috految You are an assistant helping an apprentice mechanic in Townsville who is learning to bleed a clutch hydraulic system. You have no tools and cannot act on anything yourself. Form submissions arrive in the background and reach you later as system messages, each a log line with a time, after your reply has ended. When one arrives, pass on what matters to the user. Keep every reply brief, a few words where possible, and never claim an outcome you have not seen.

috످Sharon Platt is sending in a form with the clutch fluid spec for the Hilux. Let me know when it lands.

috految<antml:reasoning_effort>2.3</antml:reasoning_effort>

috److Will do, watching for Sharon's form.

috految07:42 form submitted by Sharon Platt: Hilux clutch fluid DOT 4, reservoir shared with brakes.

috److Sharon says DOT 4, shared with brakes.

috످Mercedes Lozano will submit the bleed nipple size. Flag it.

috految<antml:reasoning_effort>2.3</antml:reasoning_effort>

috److Will flag it when it arrives.

috످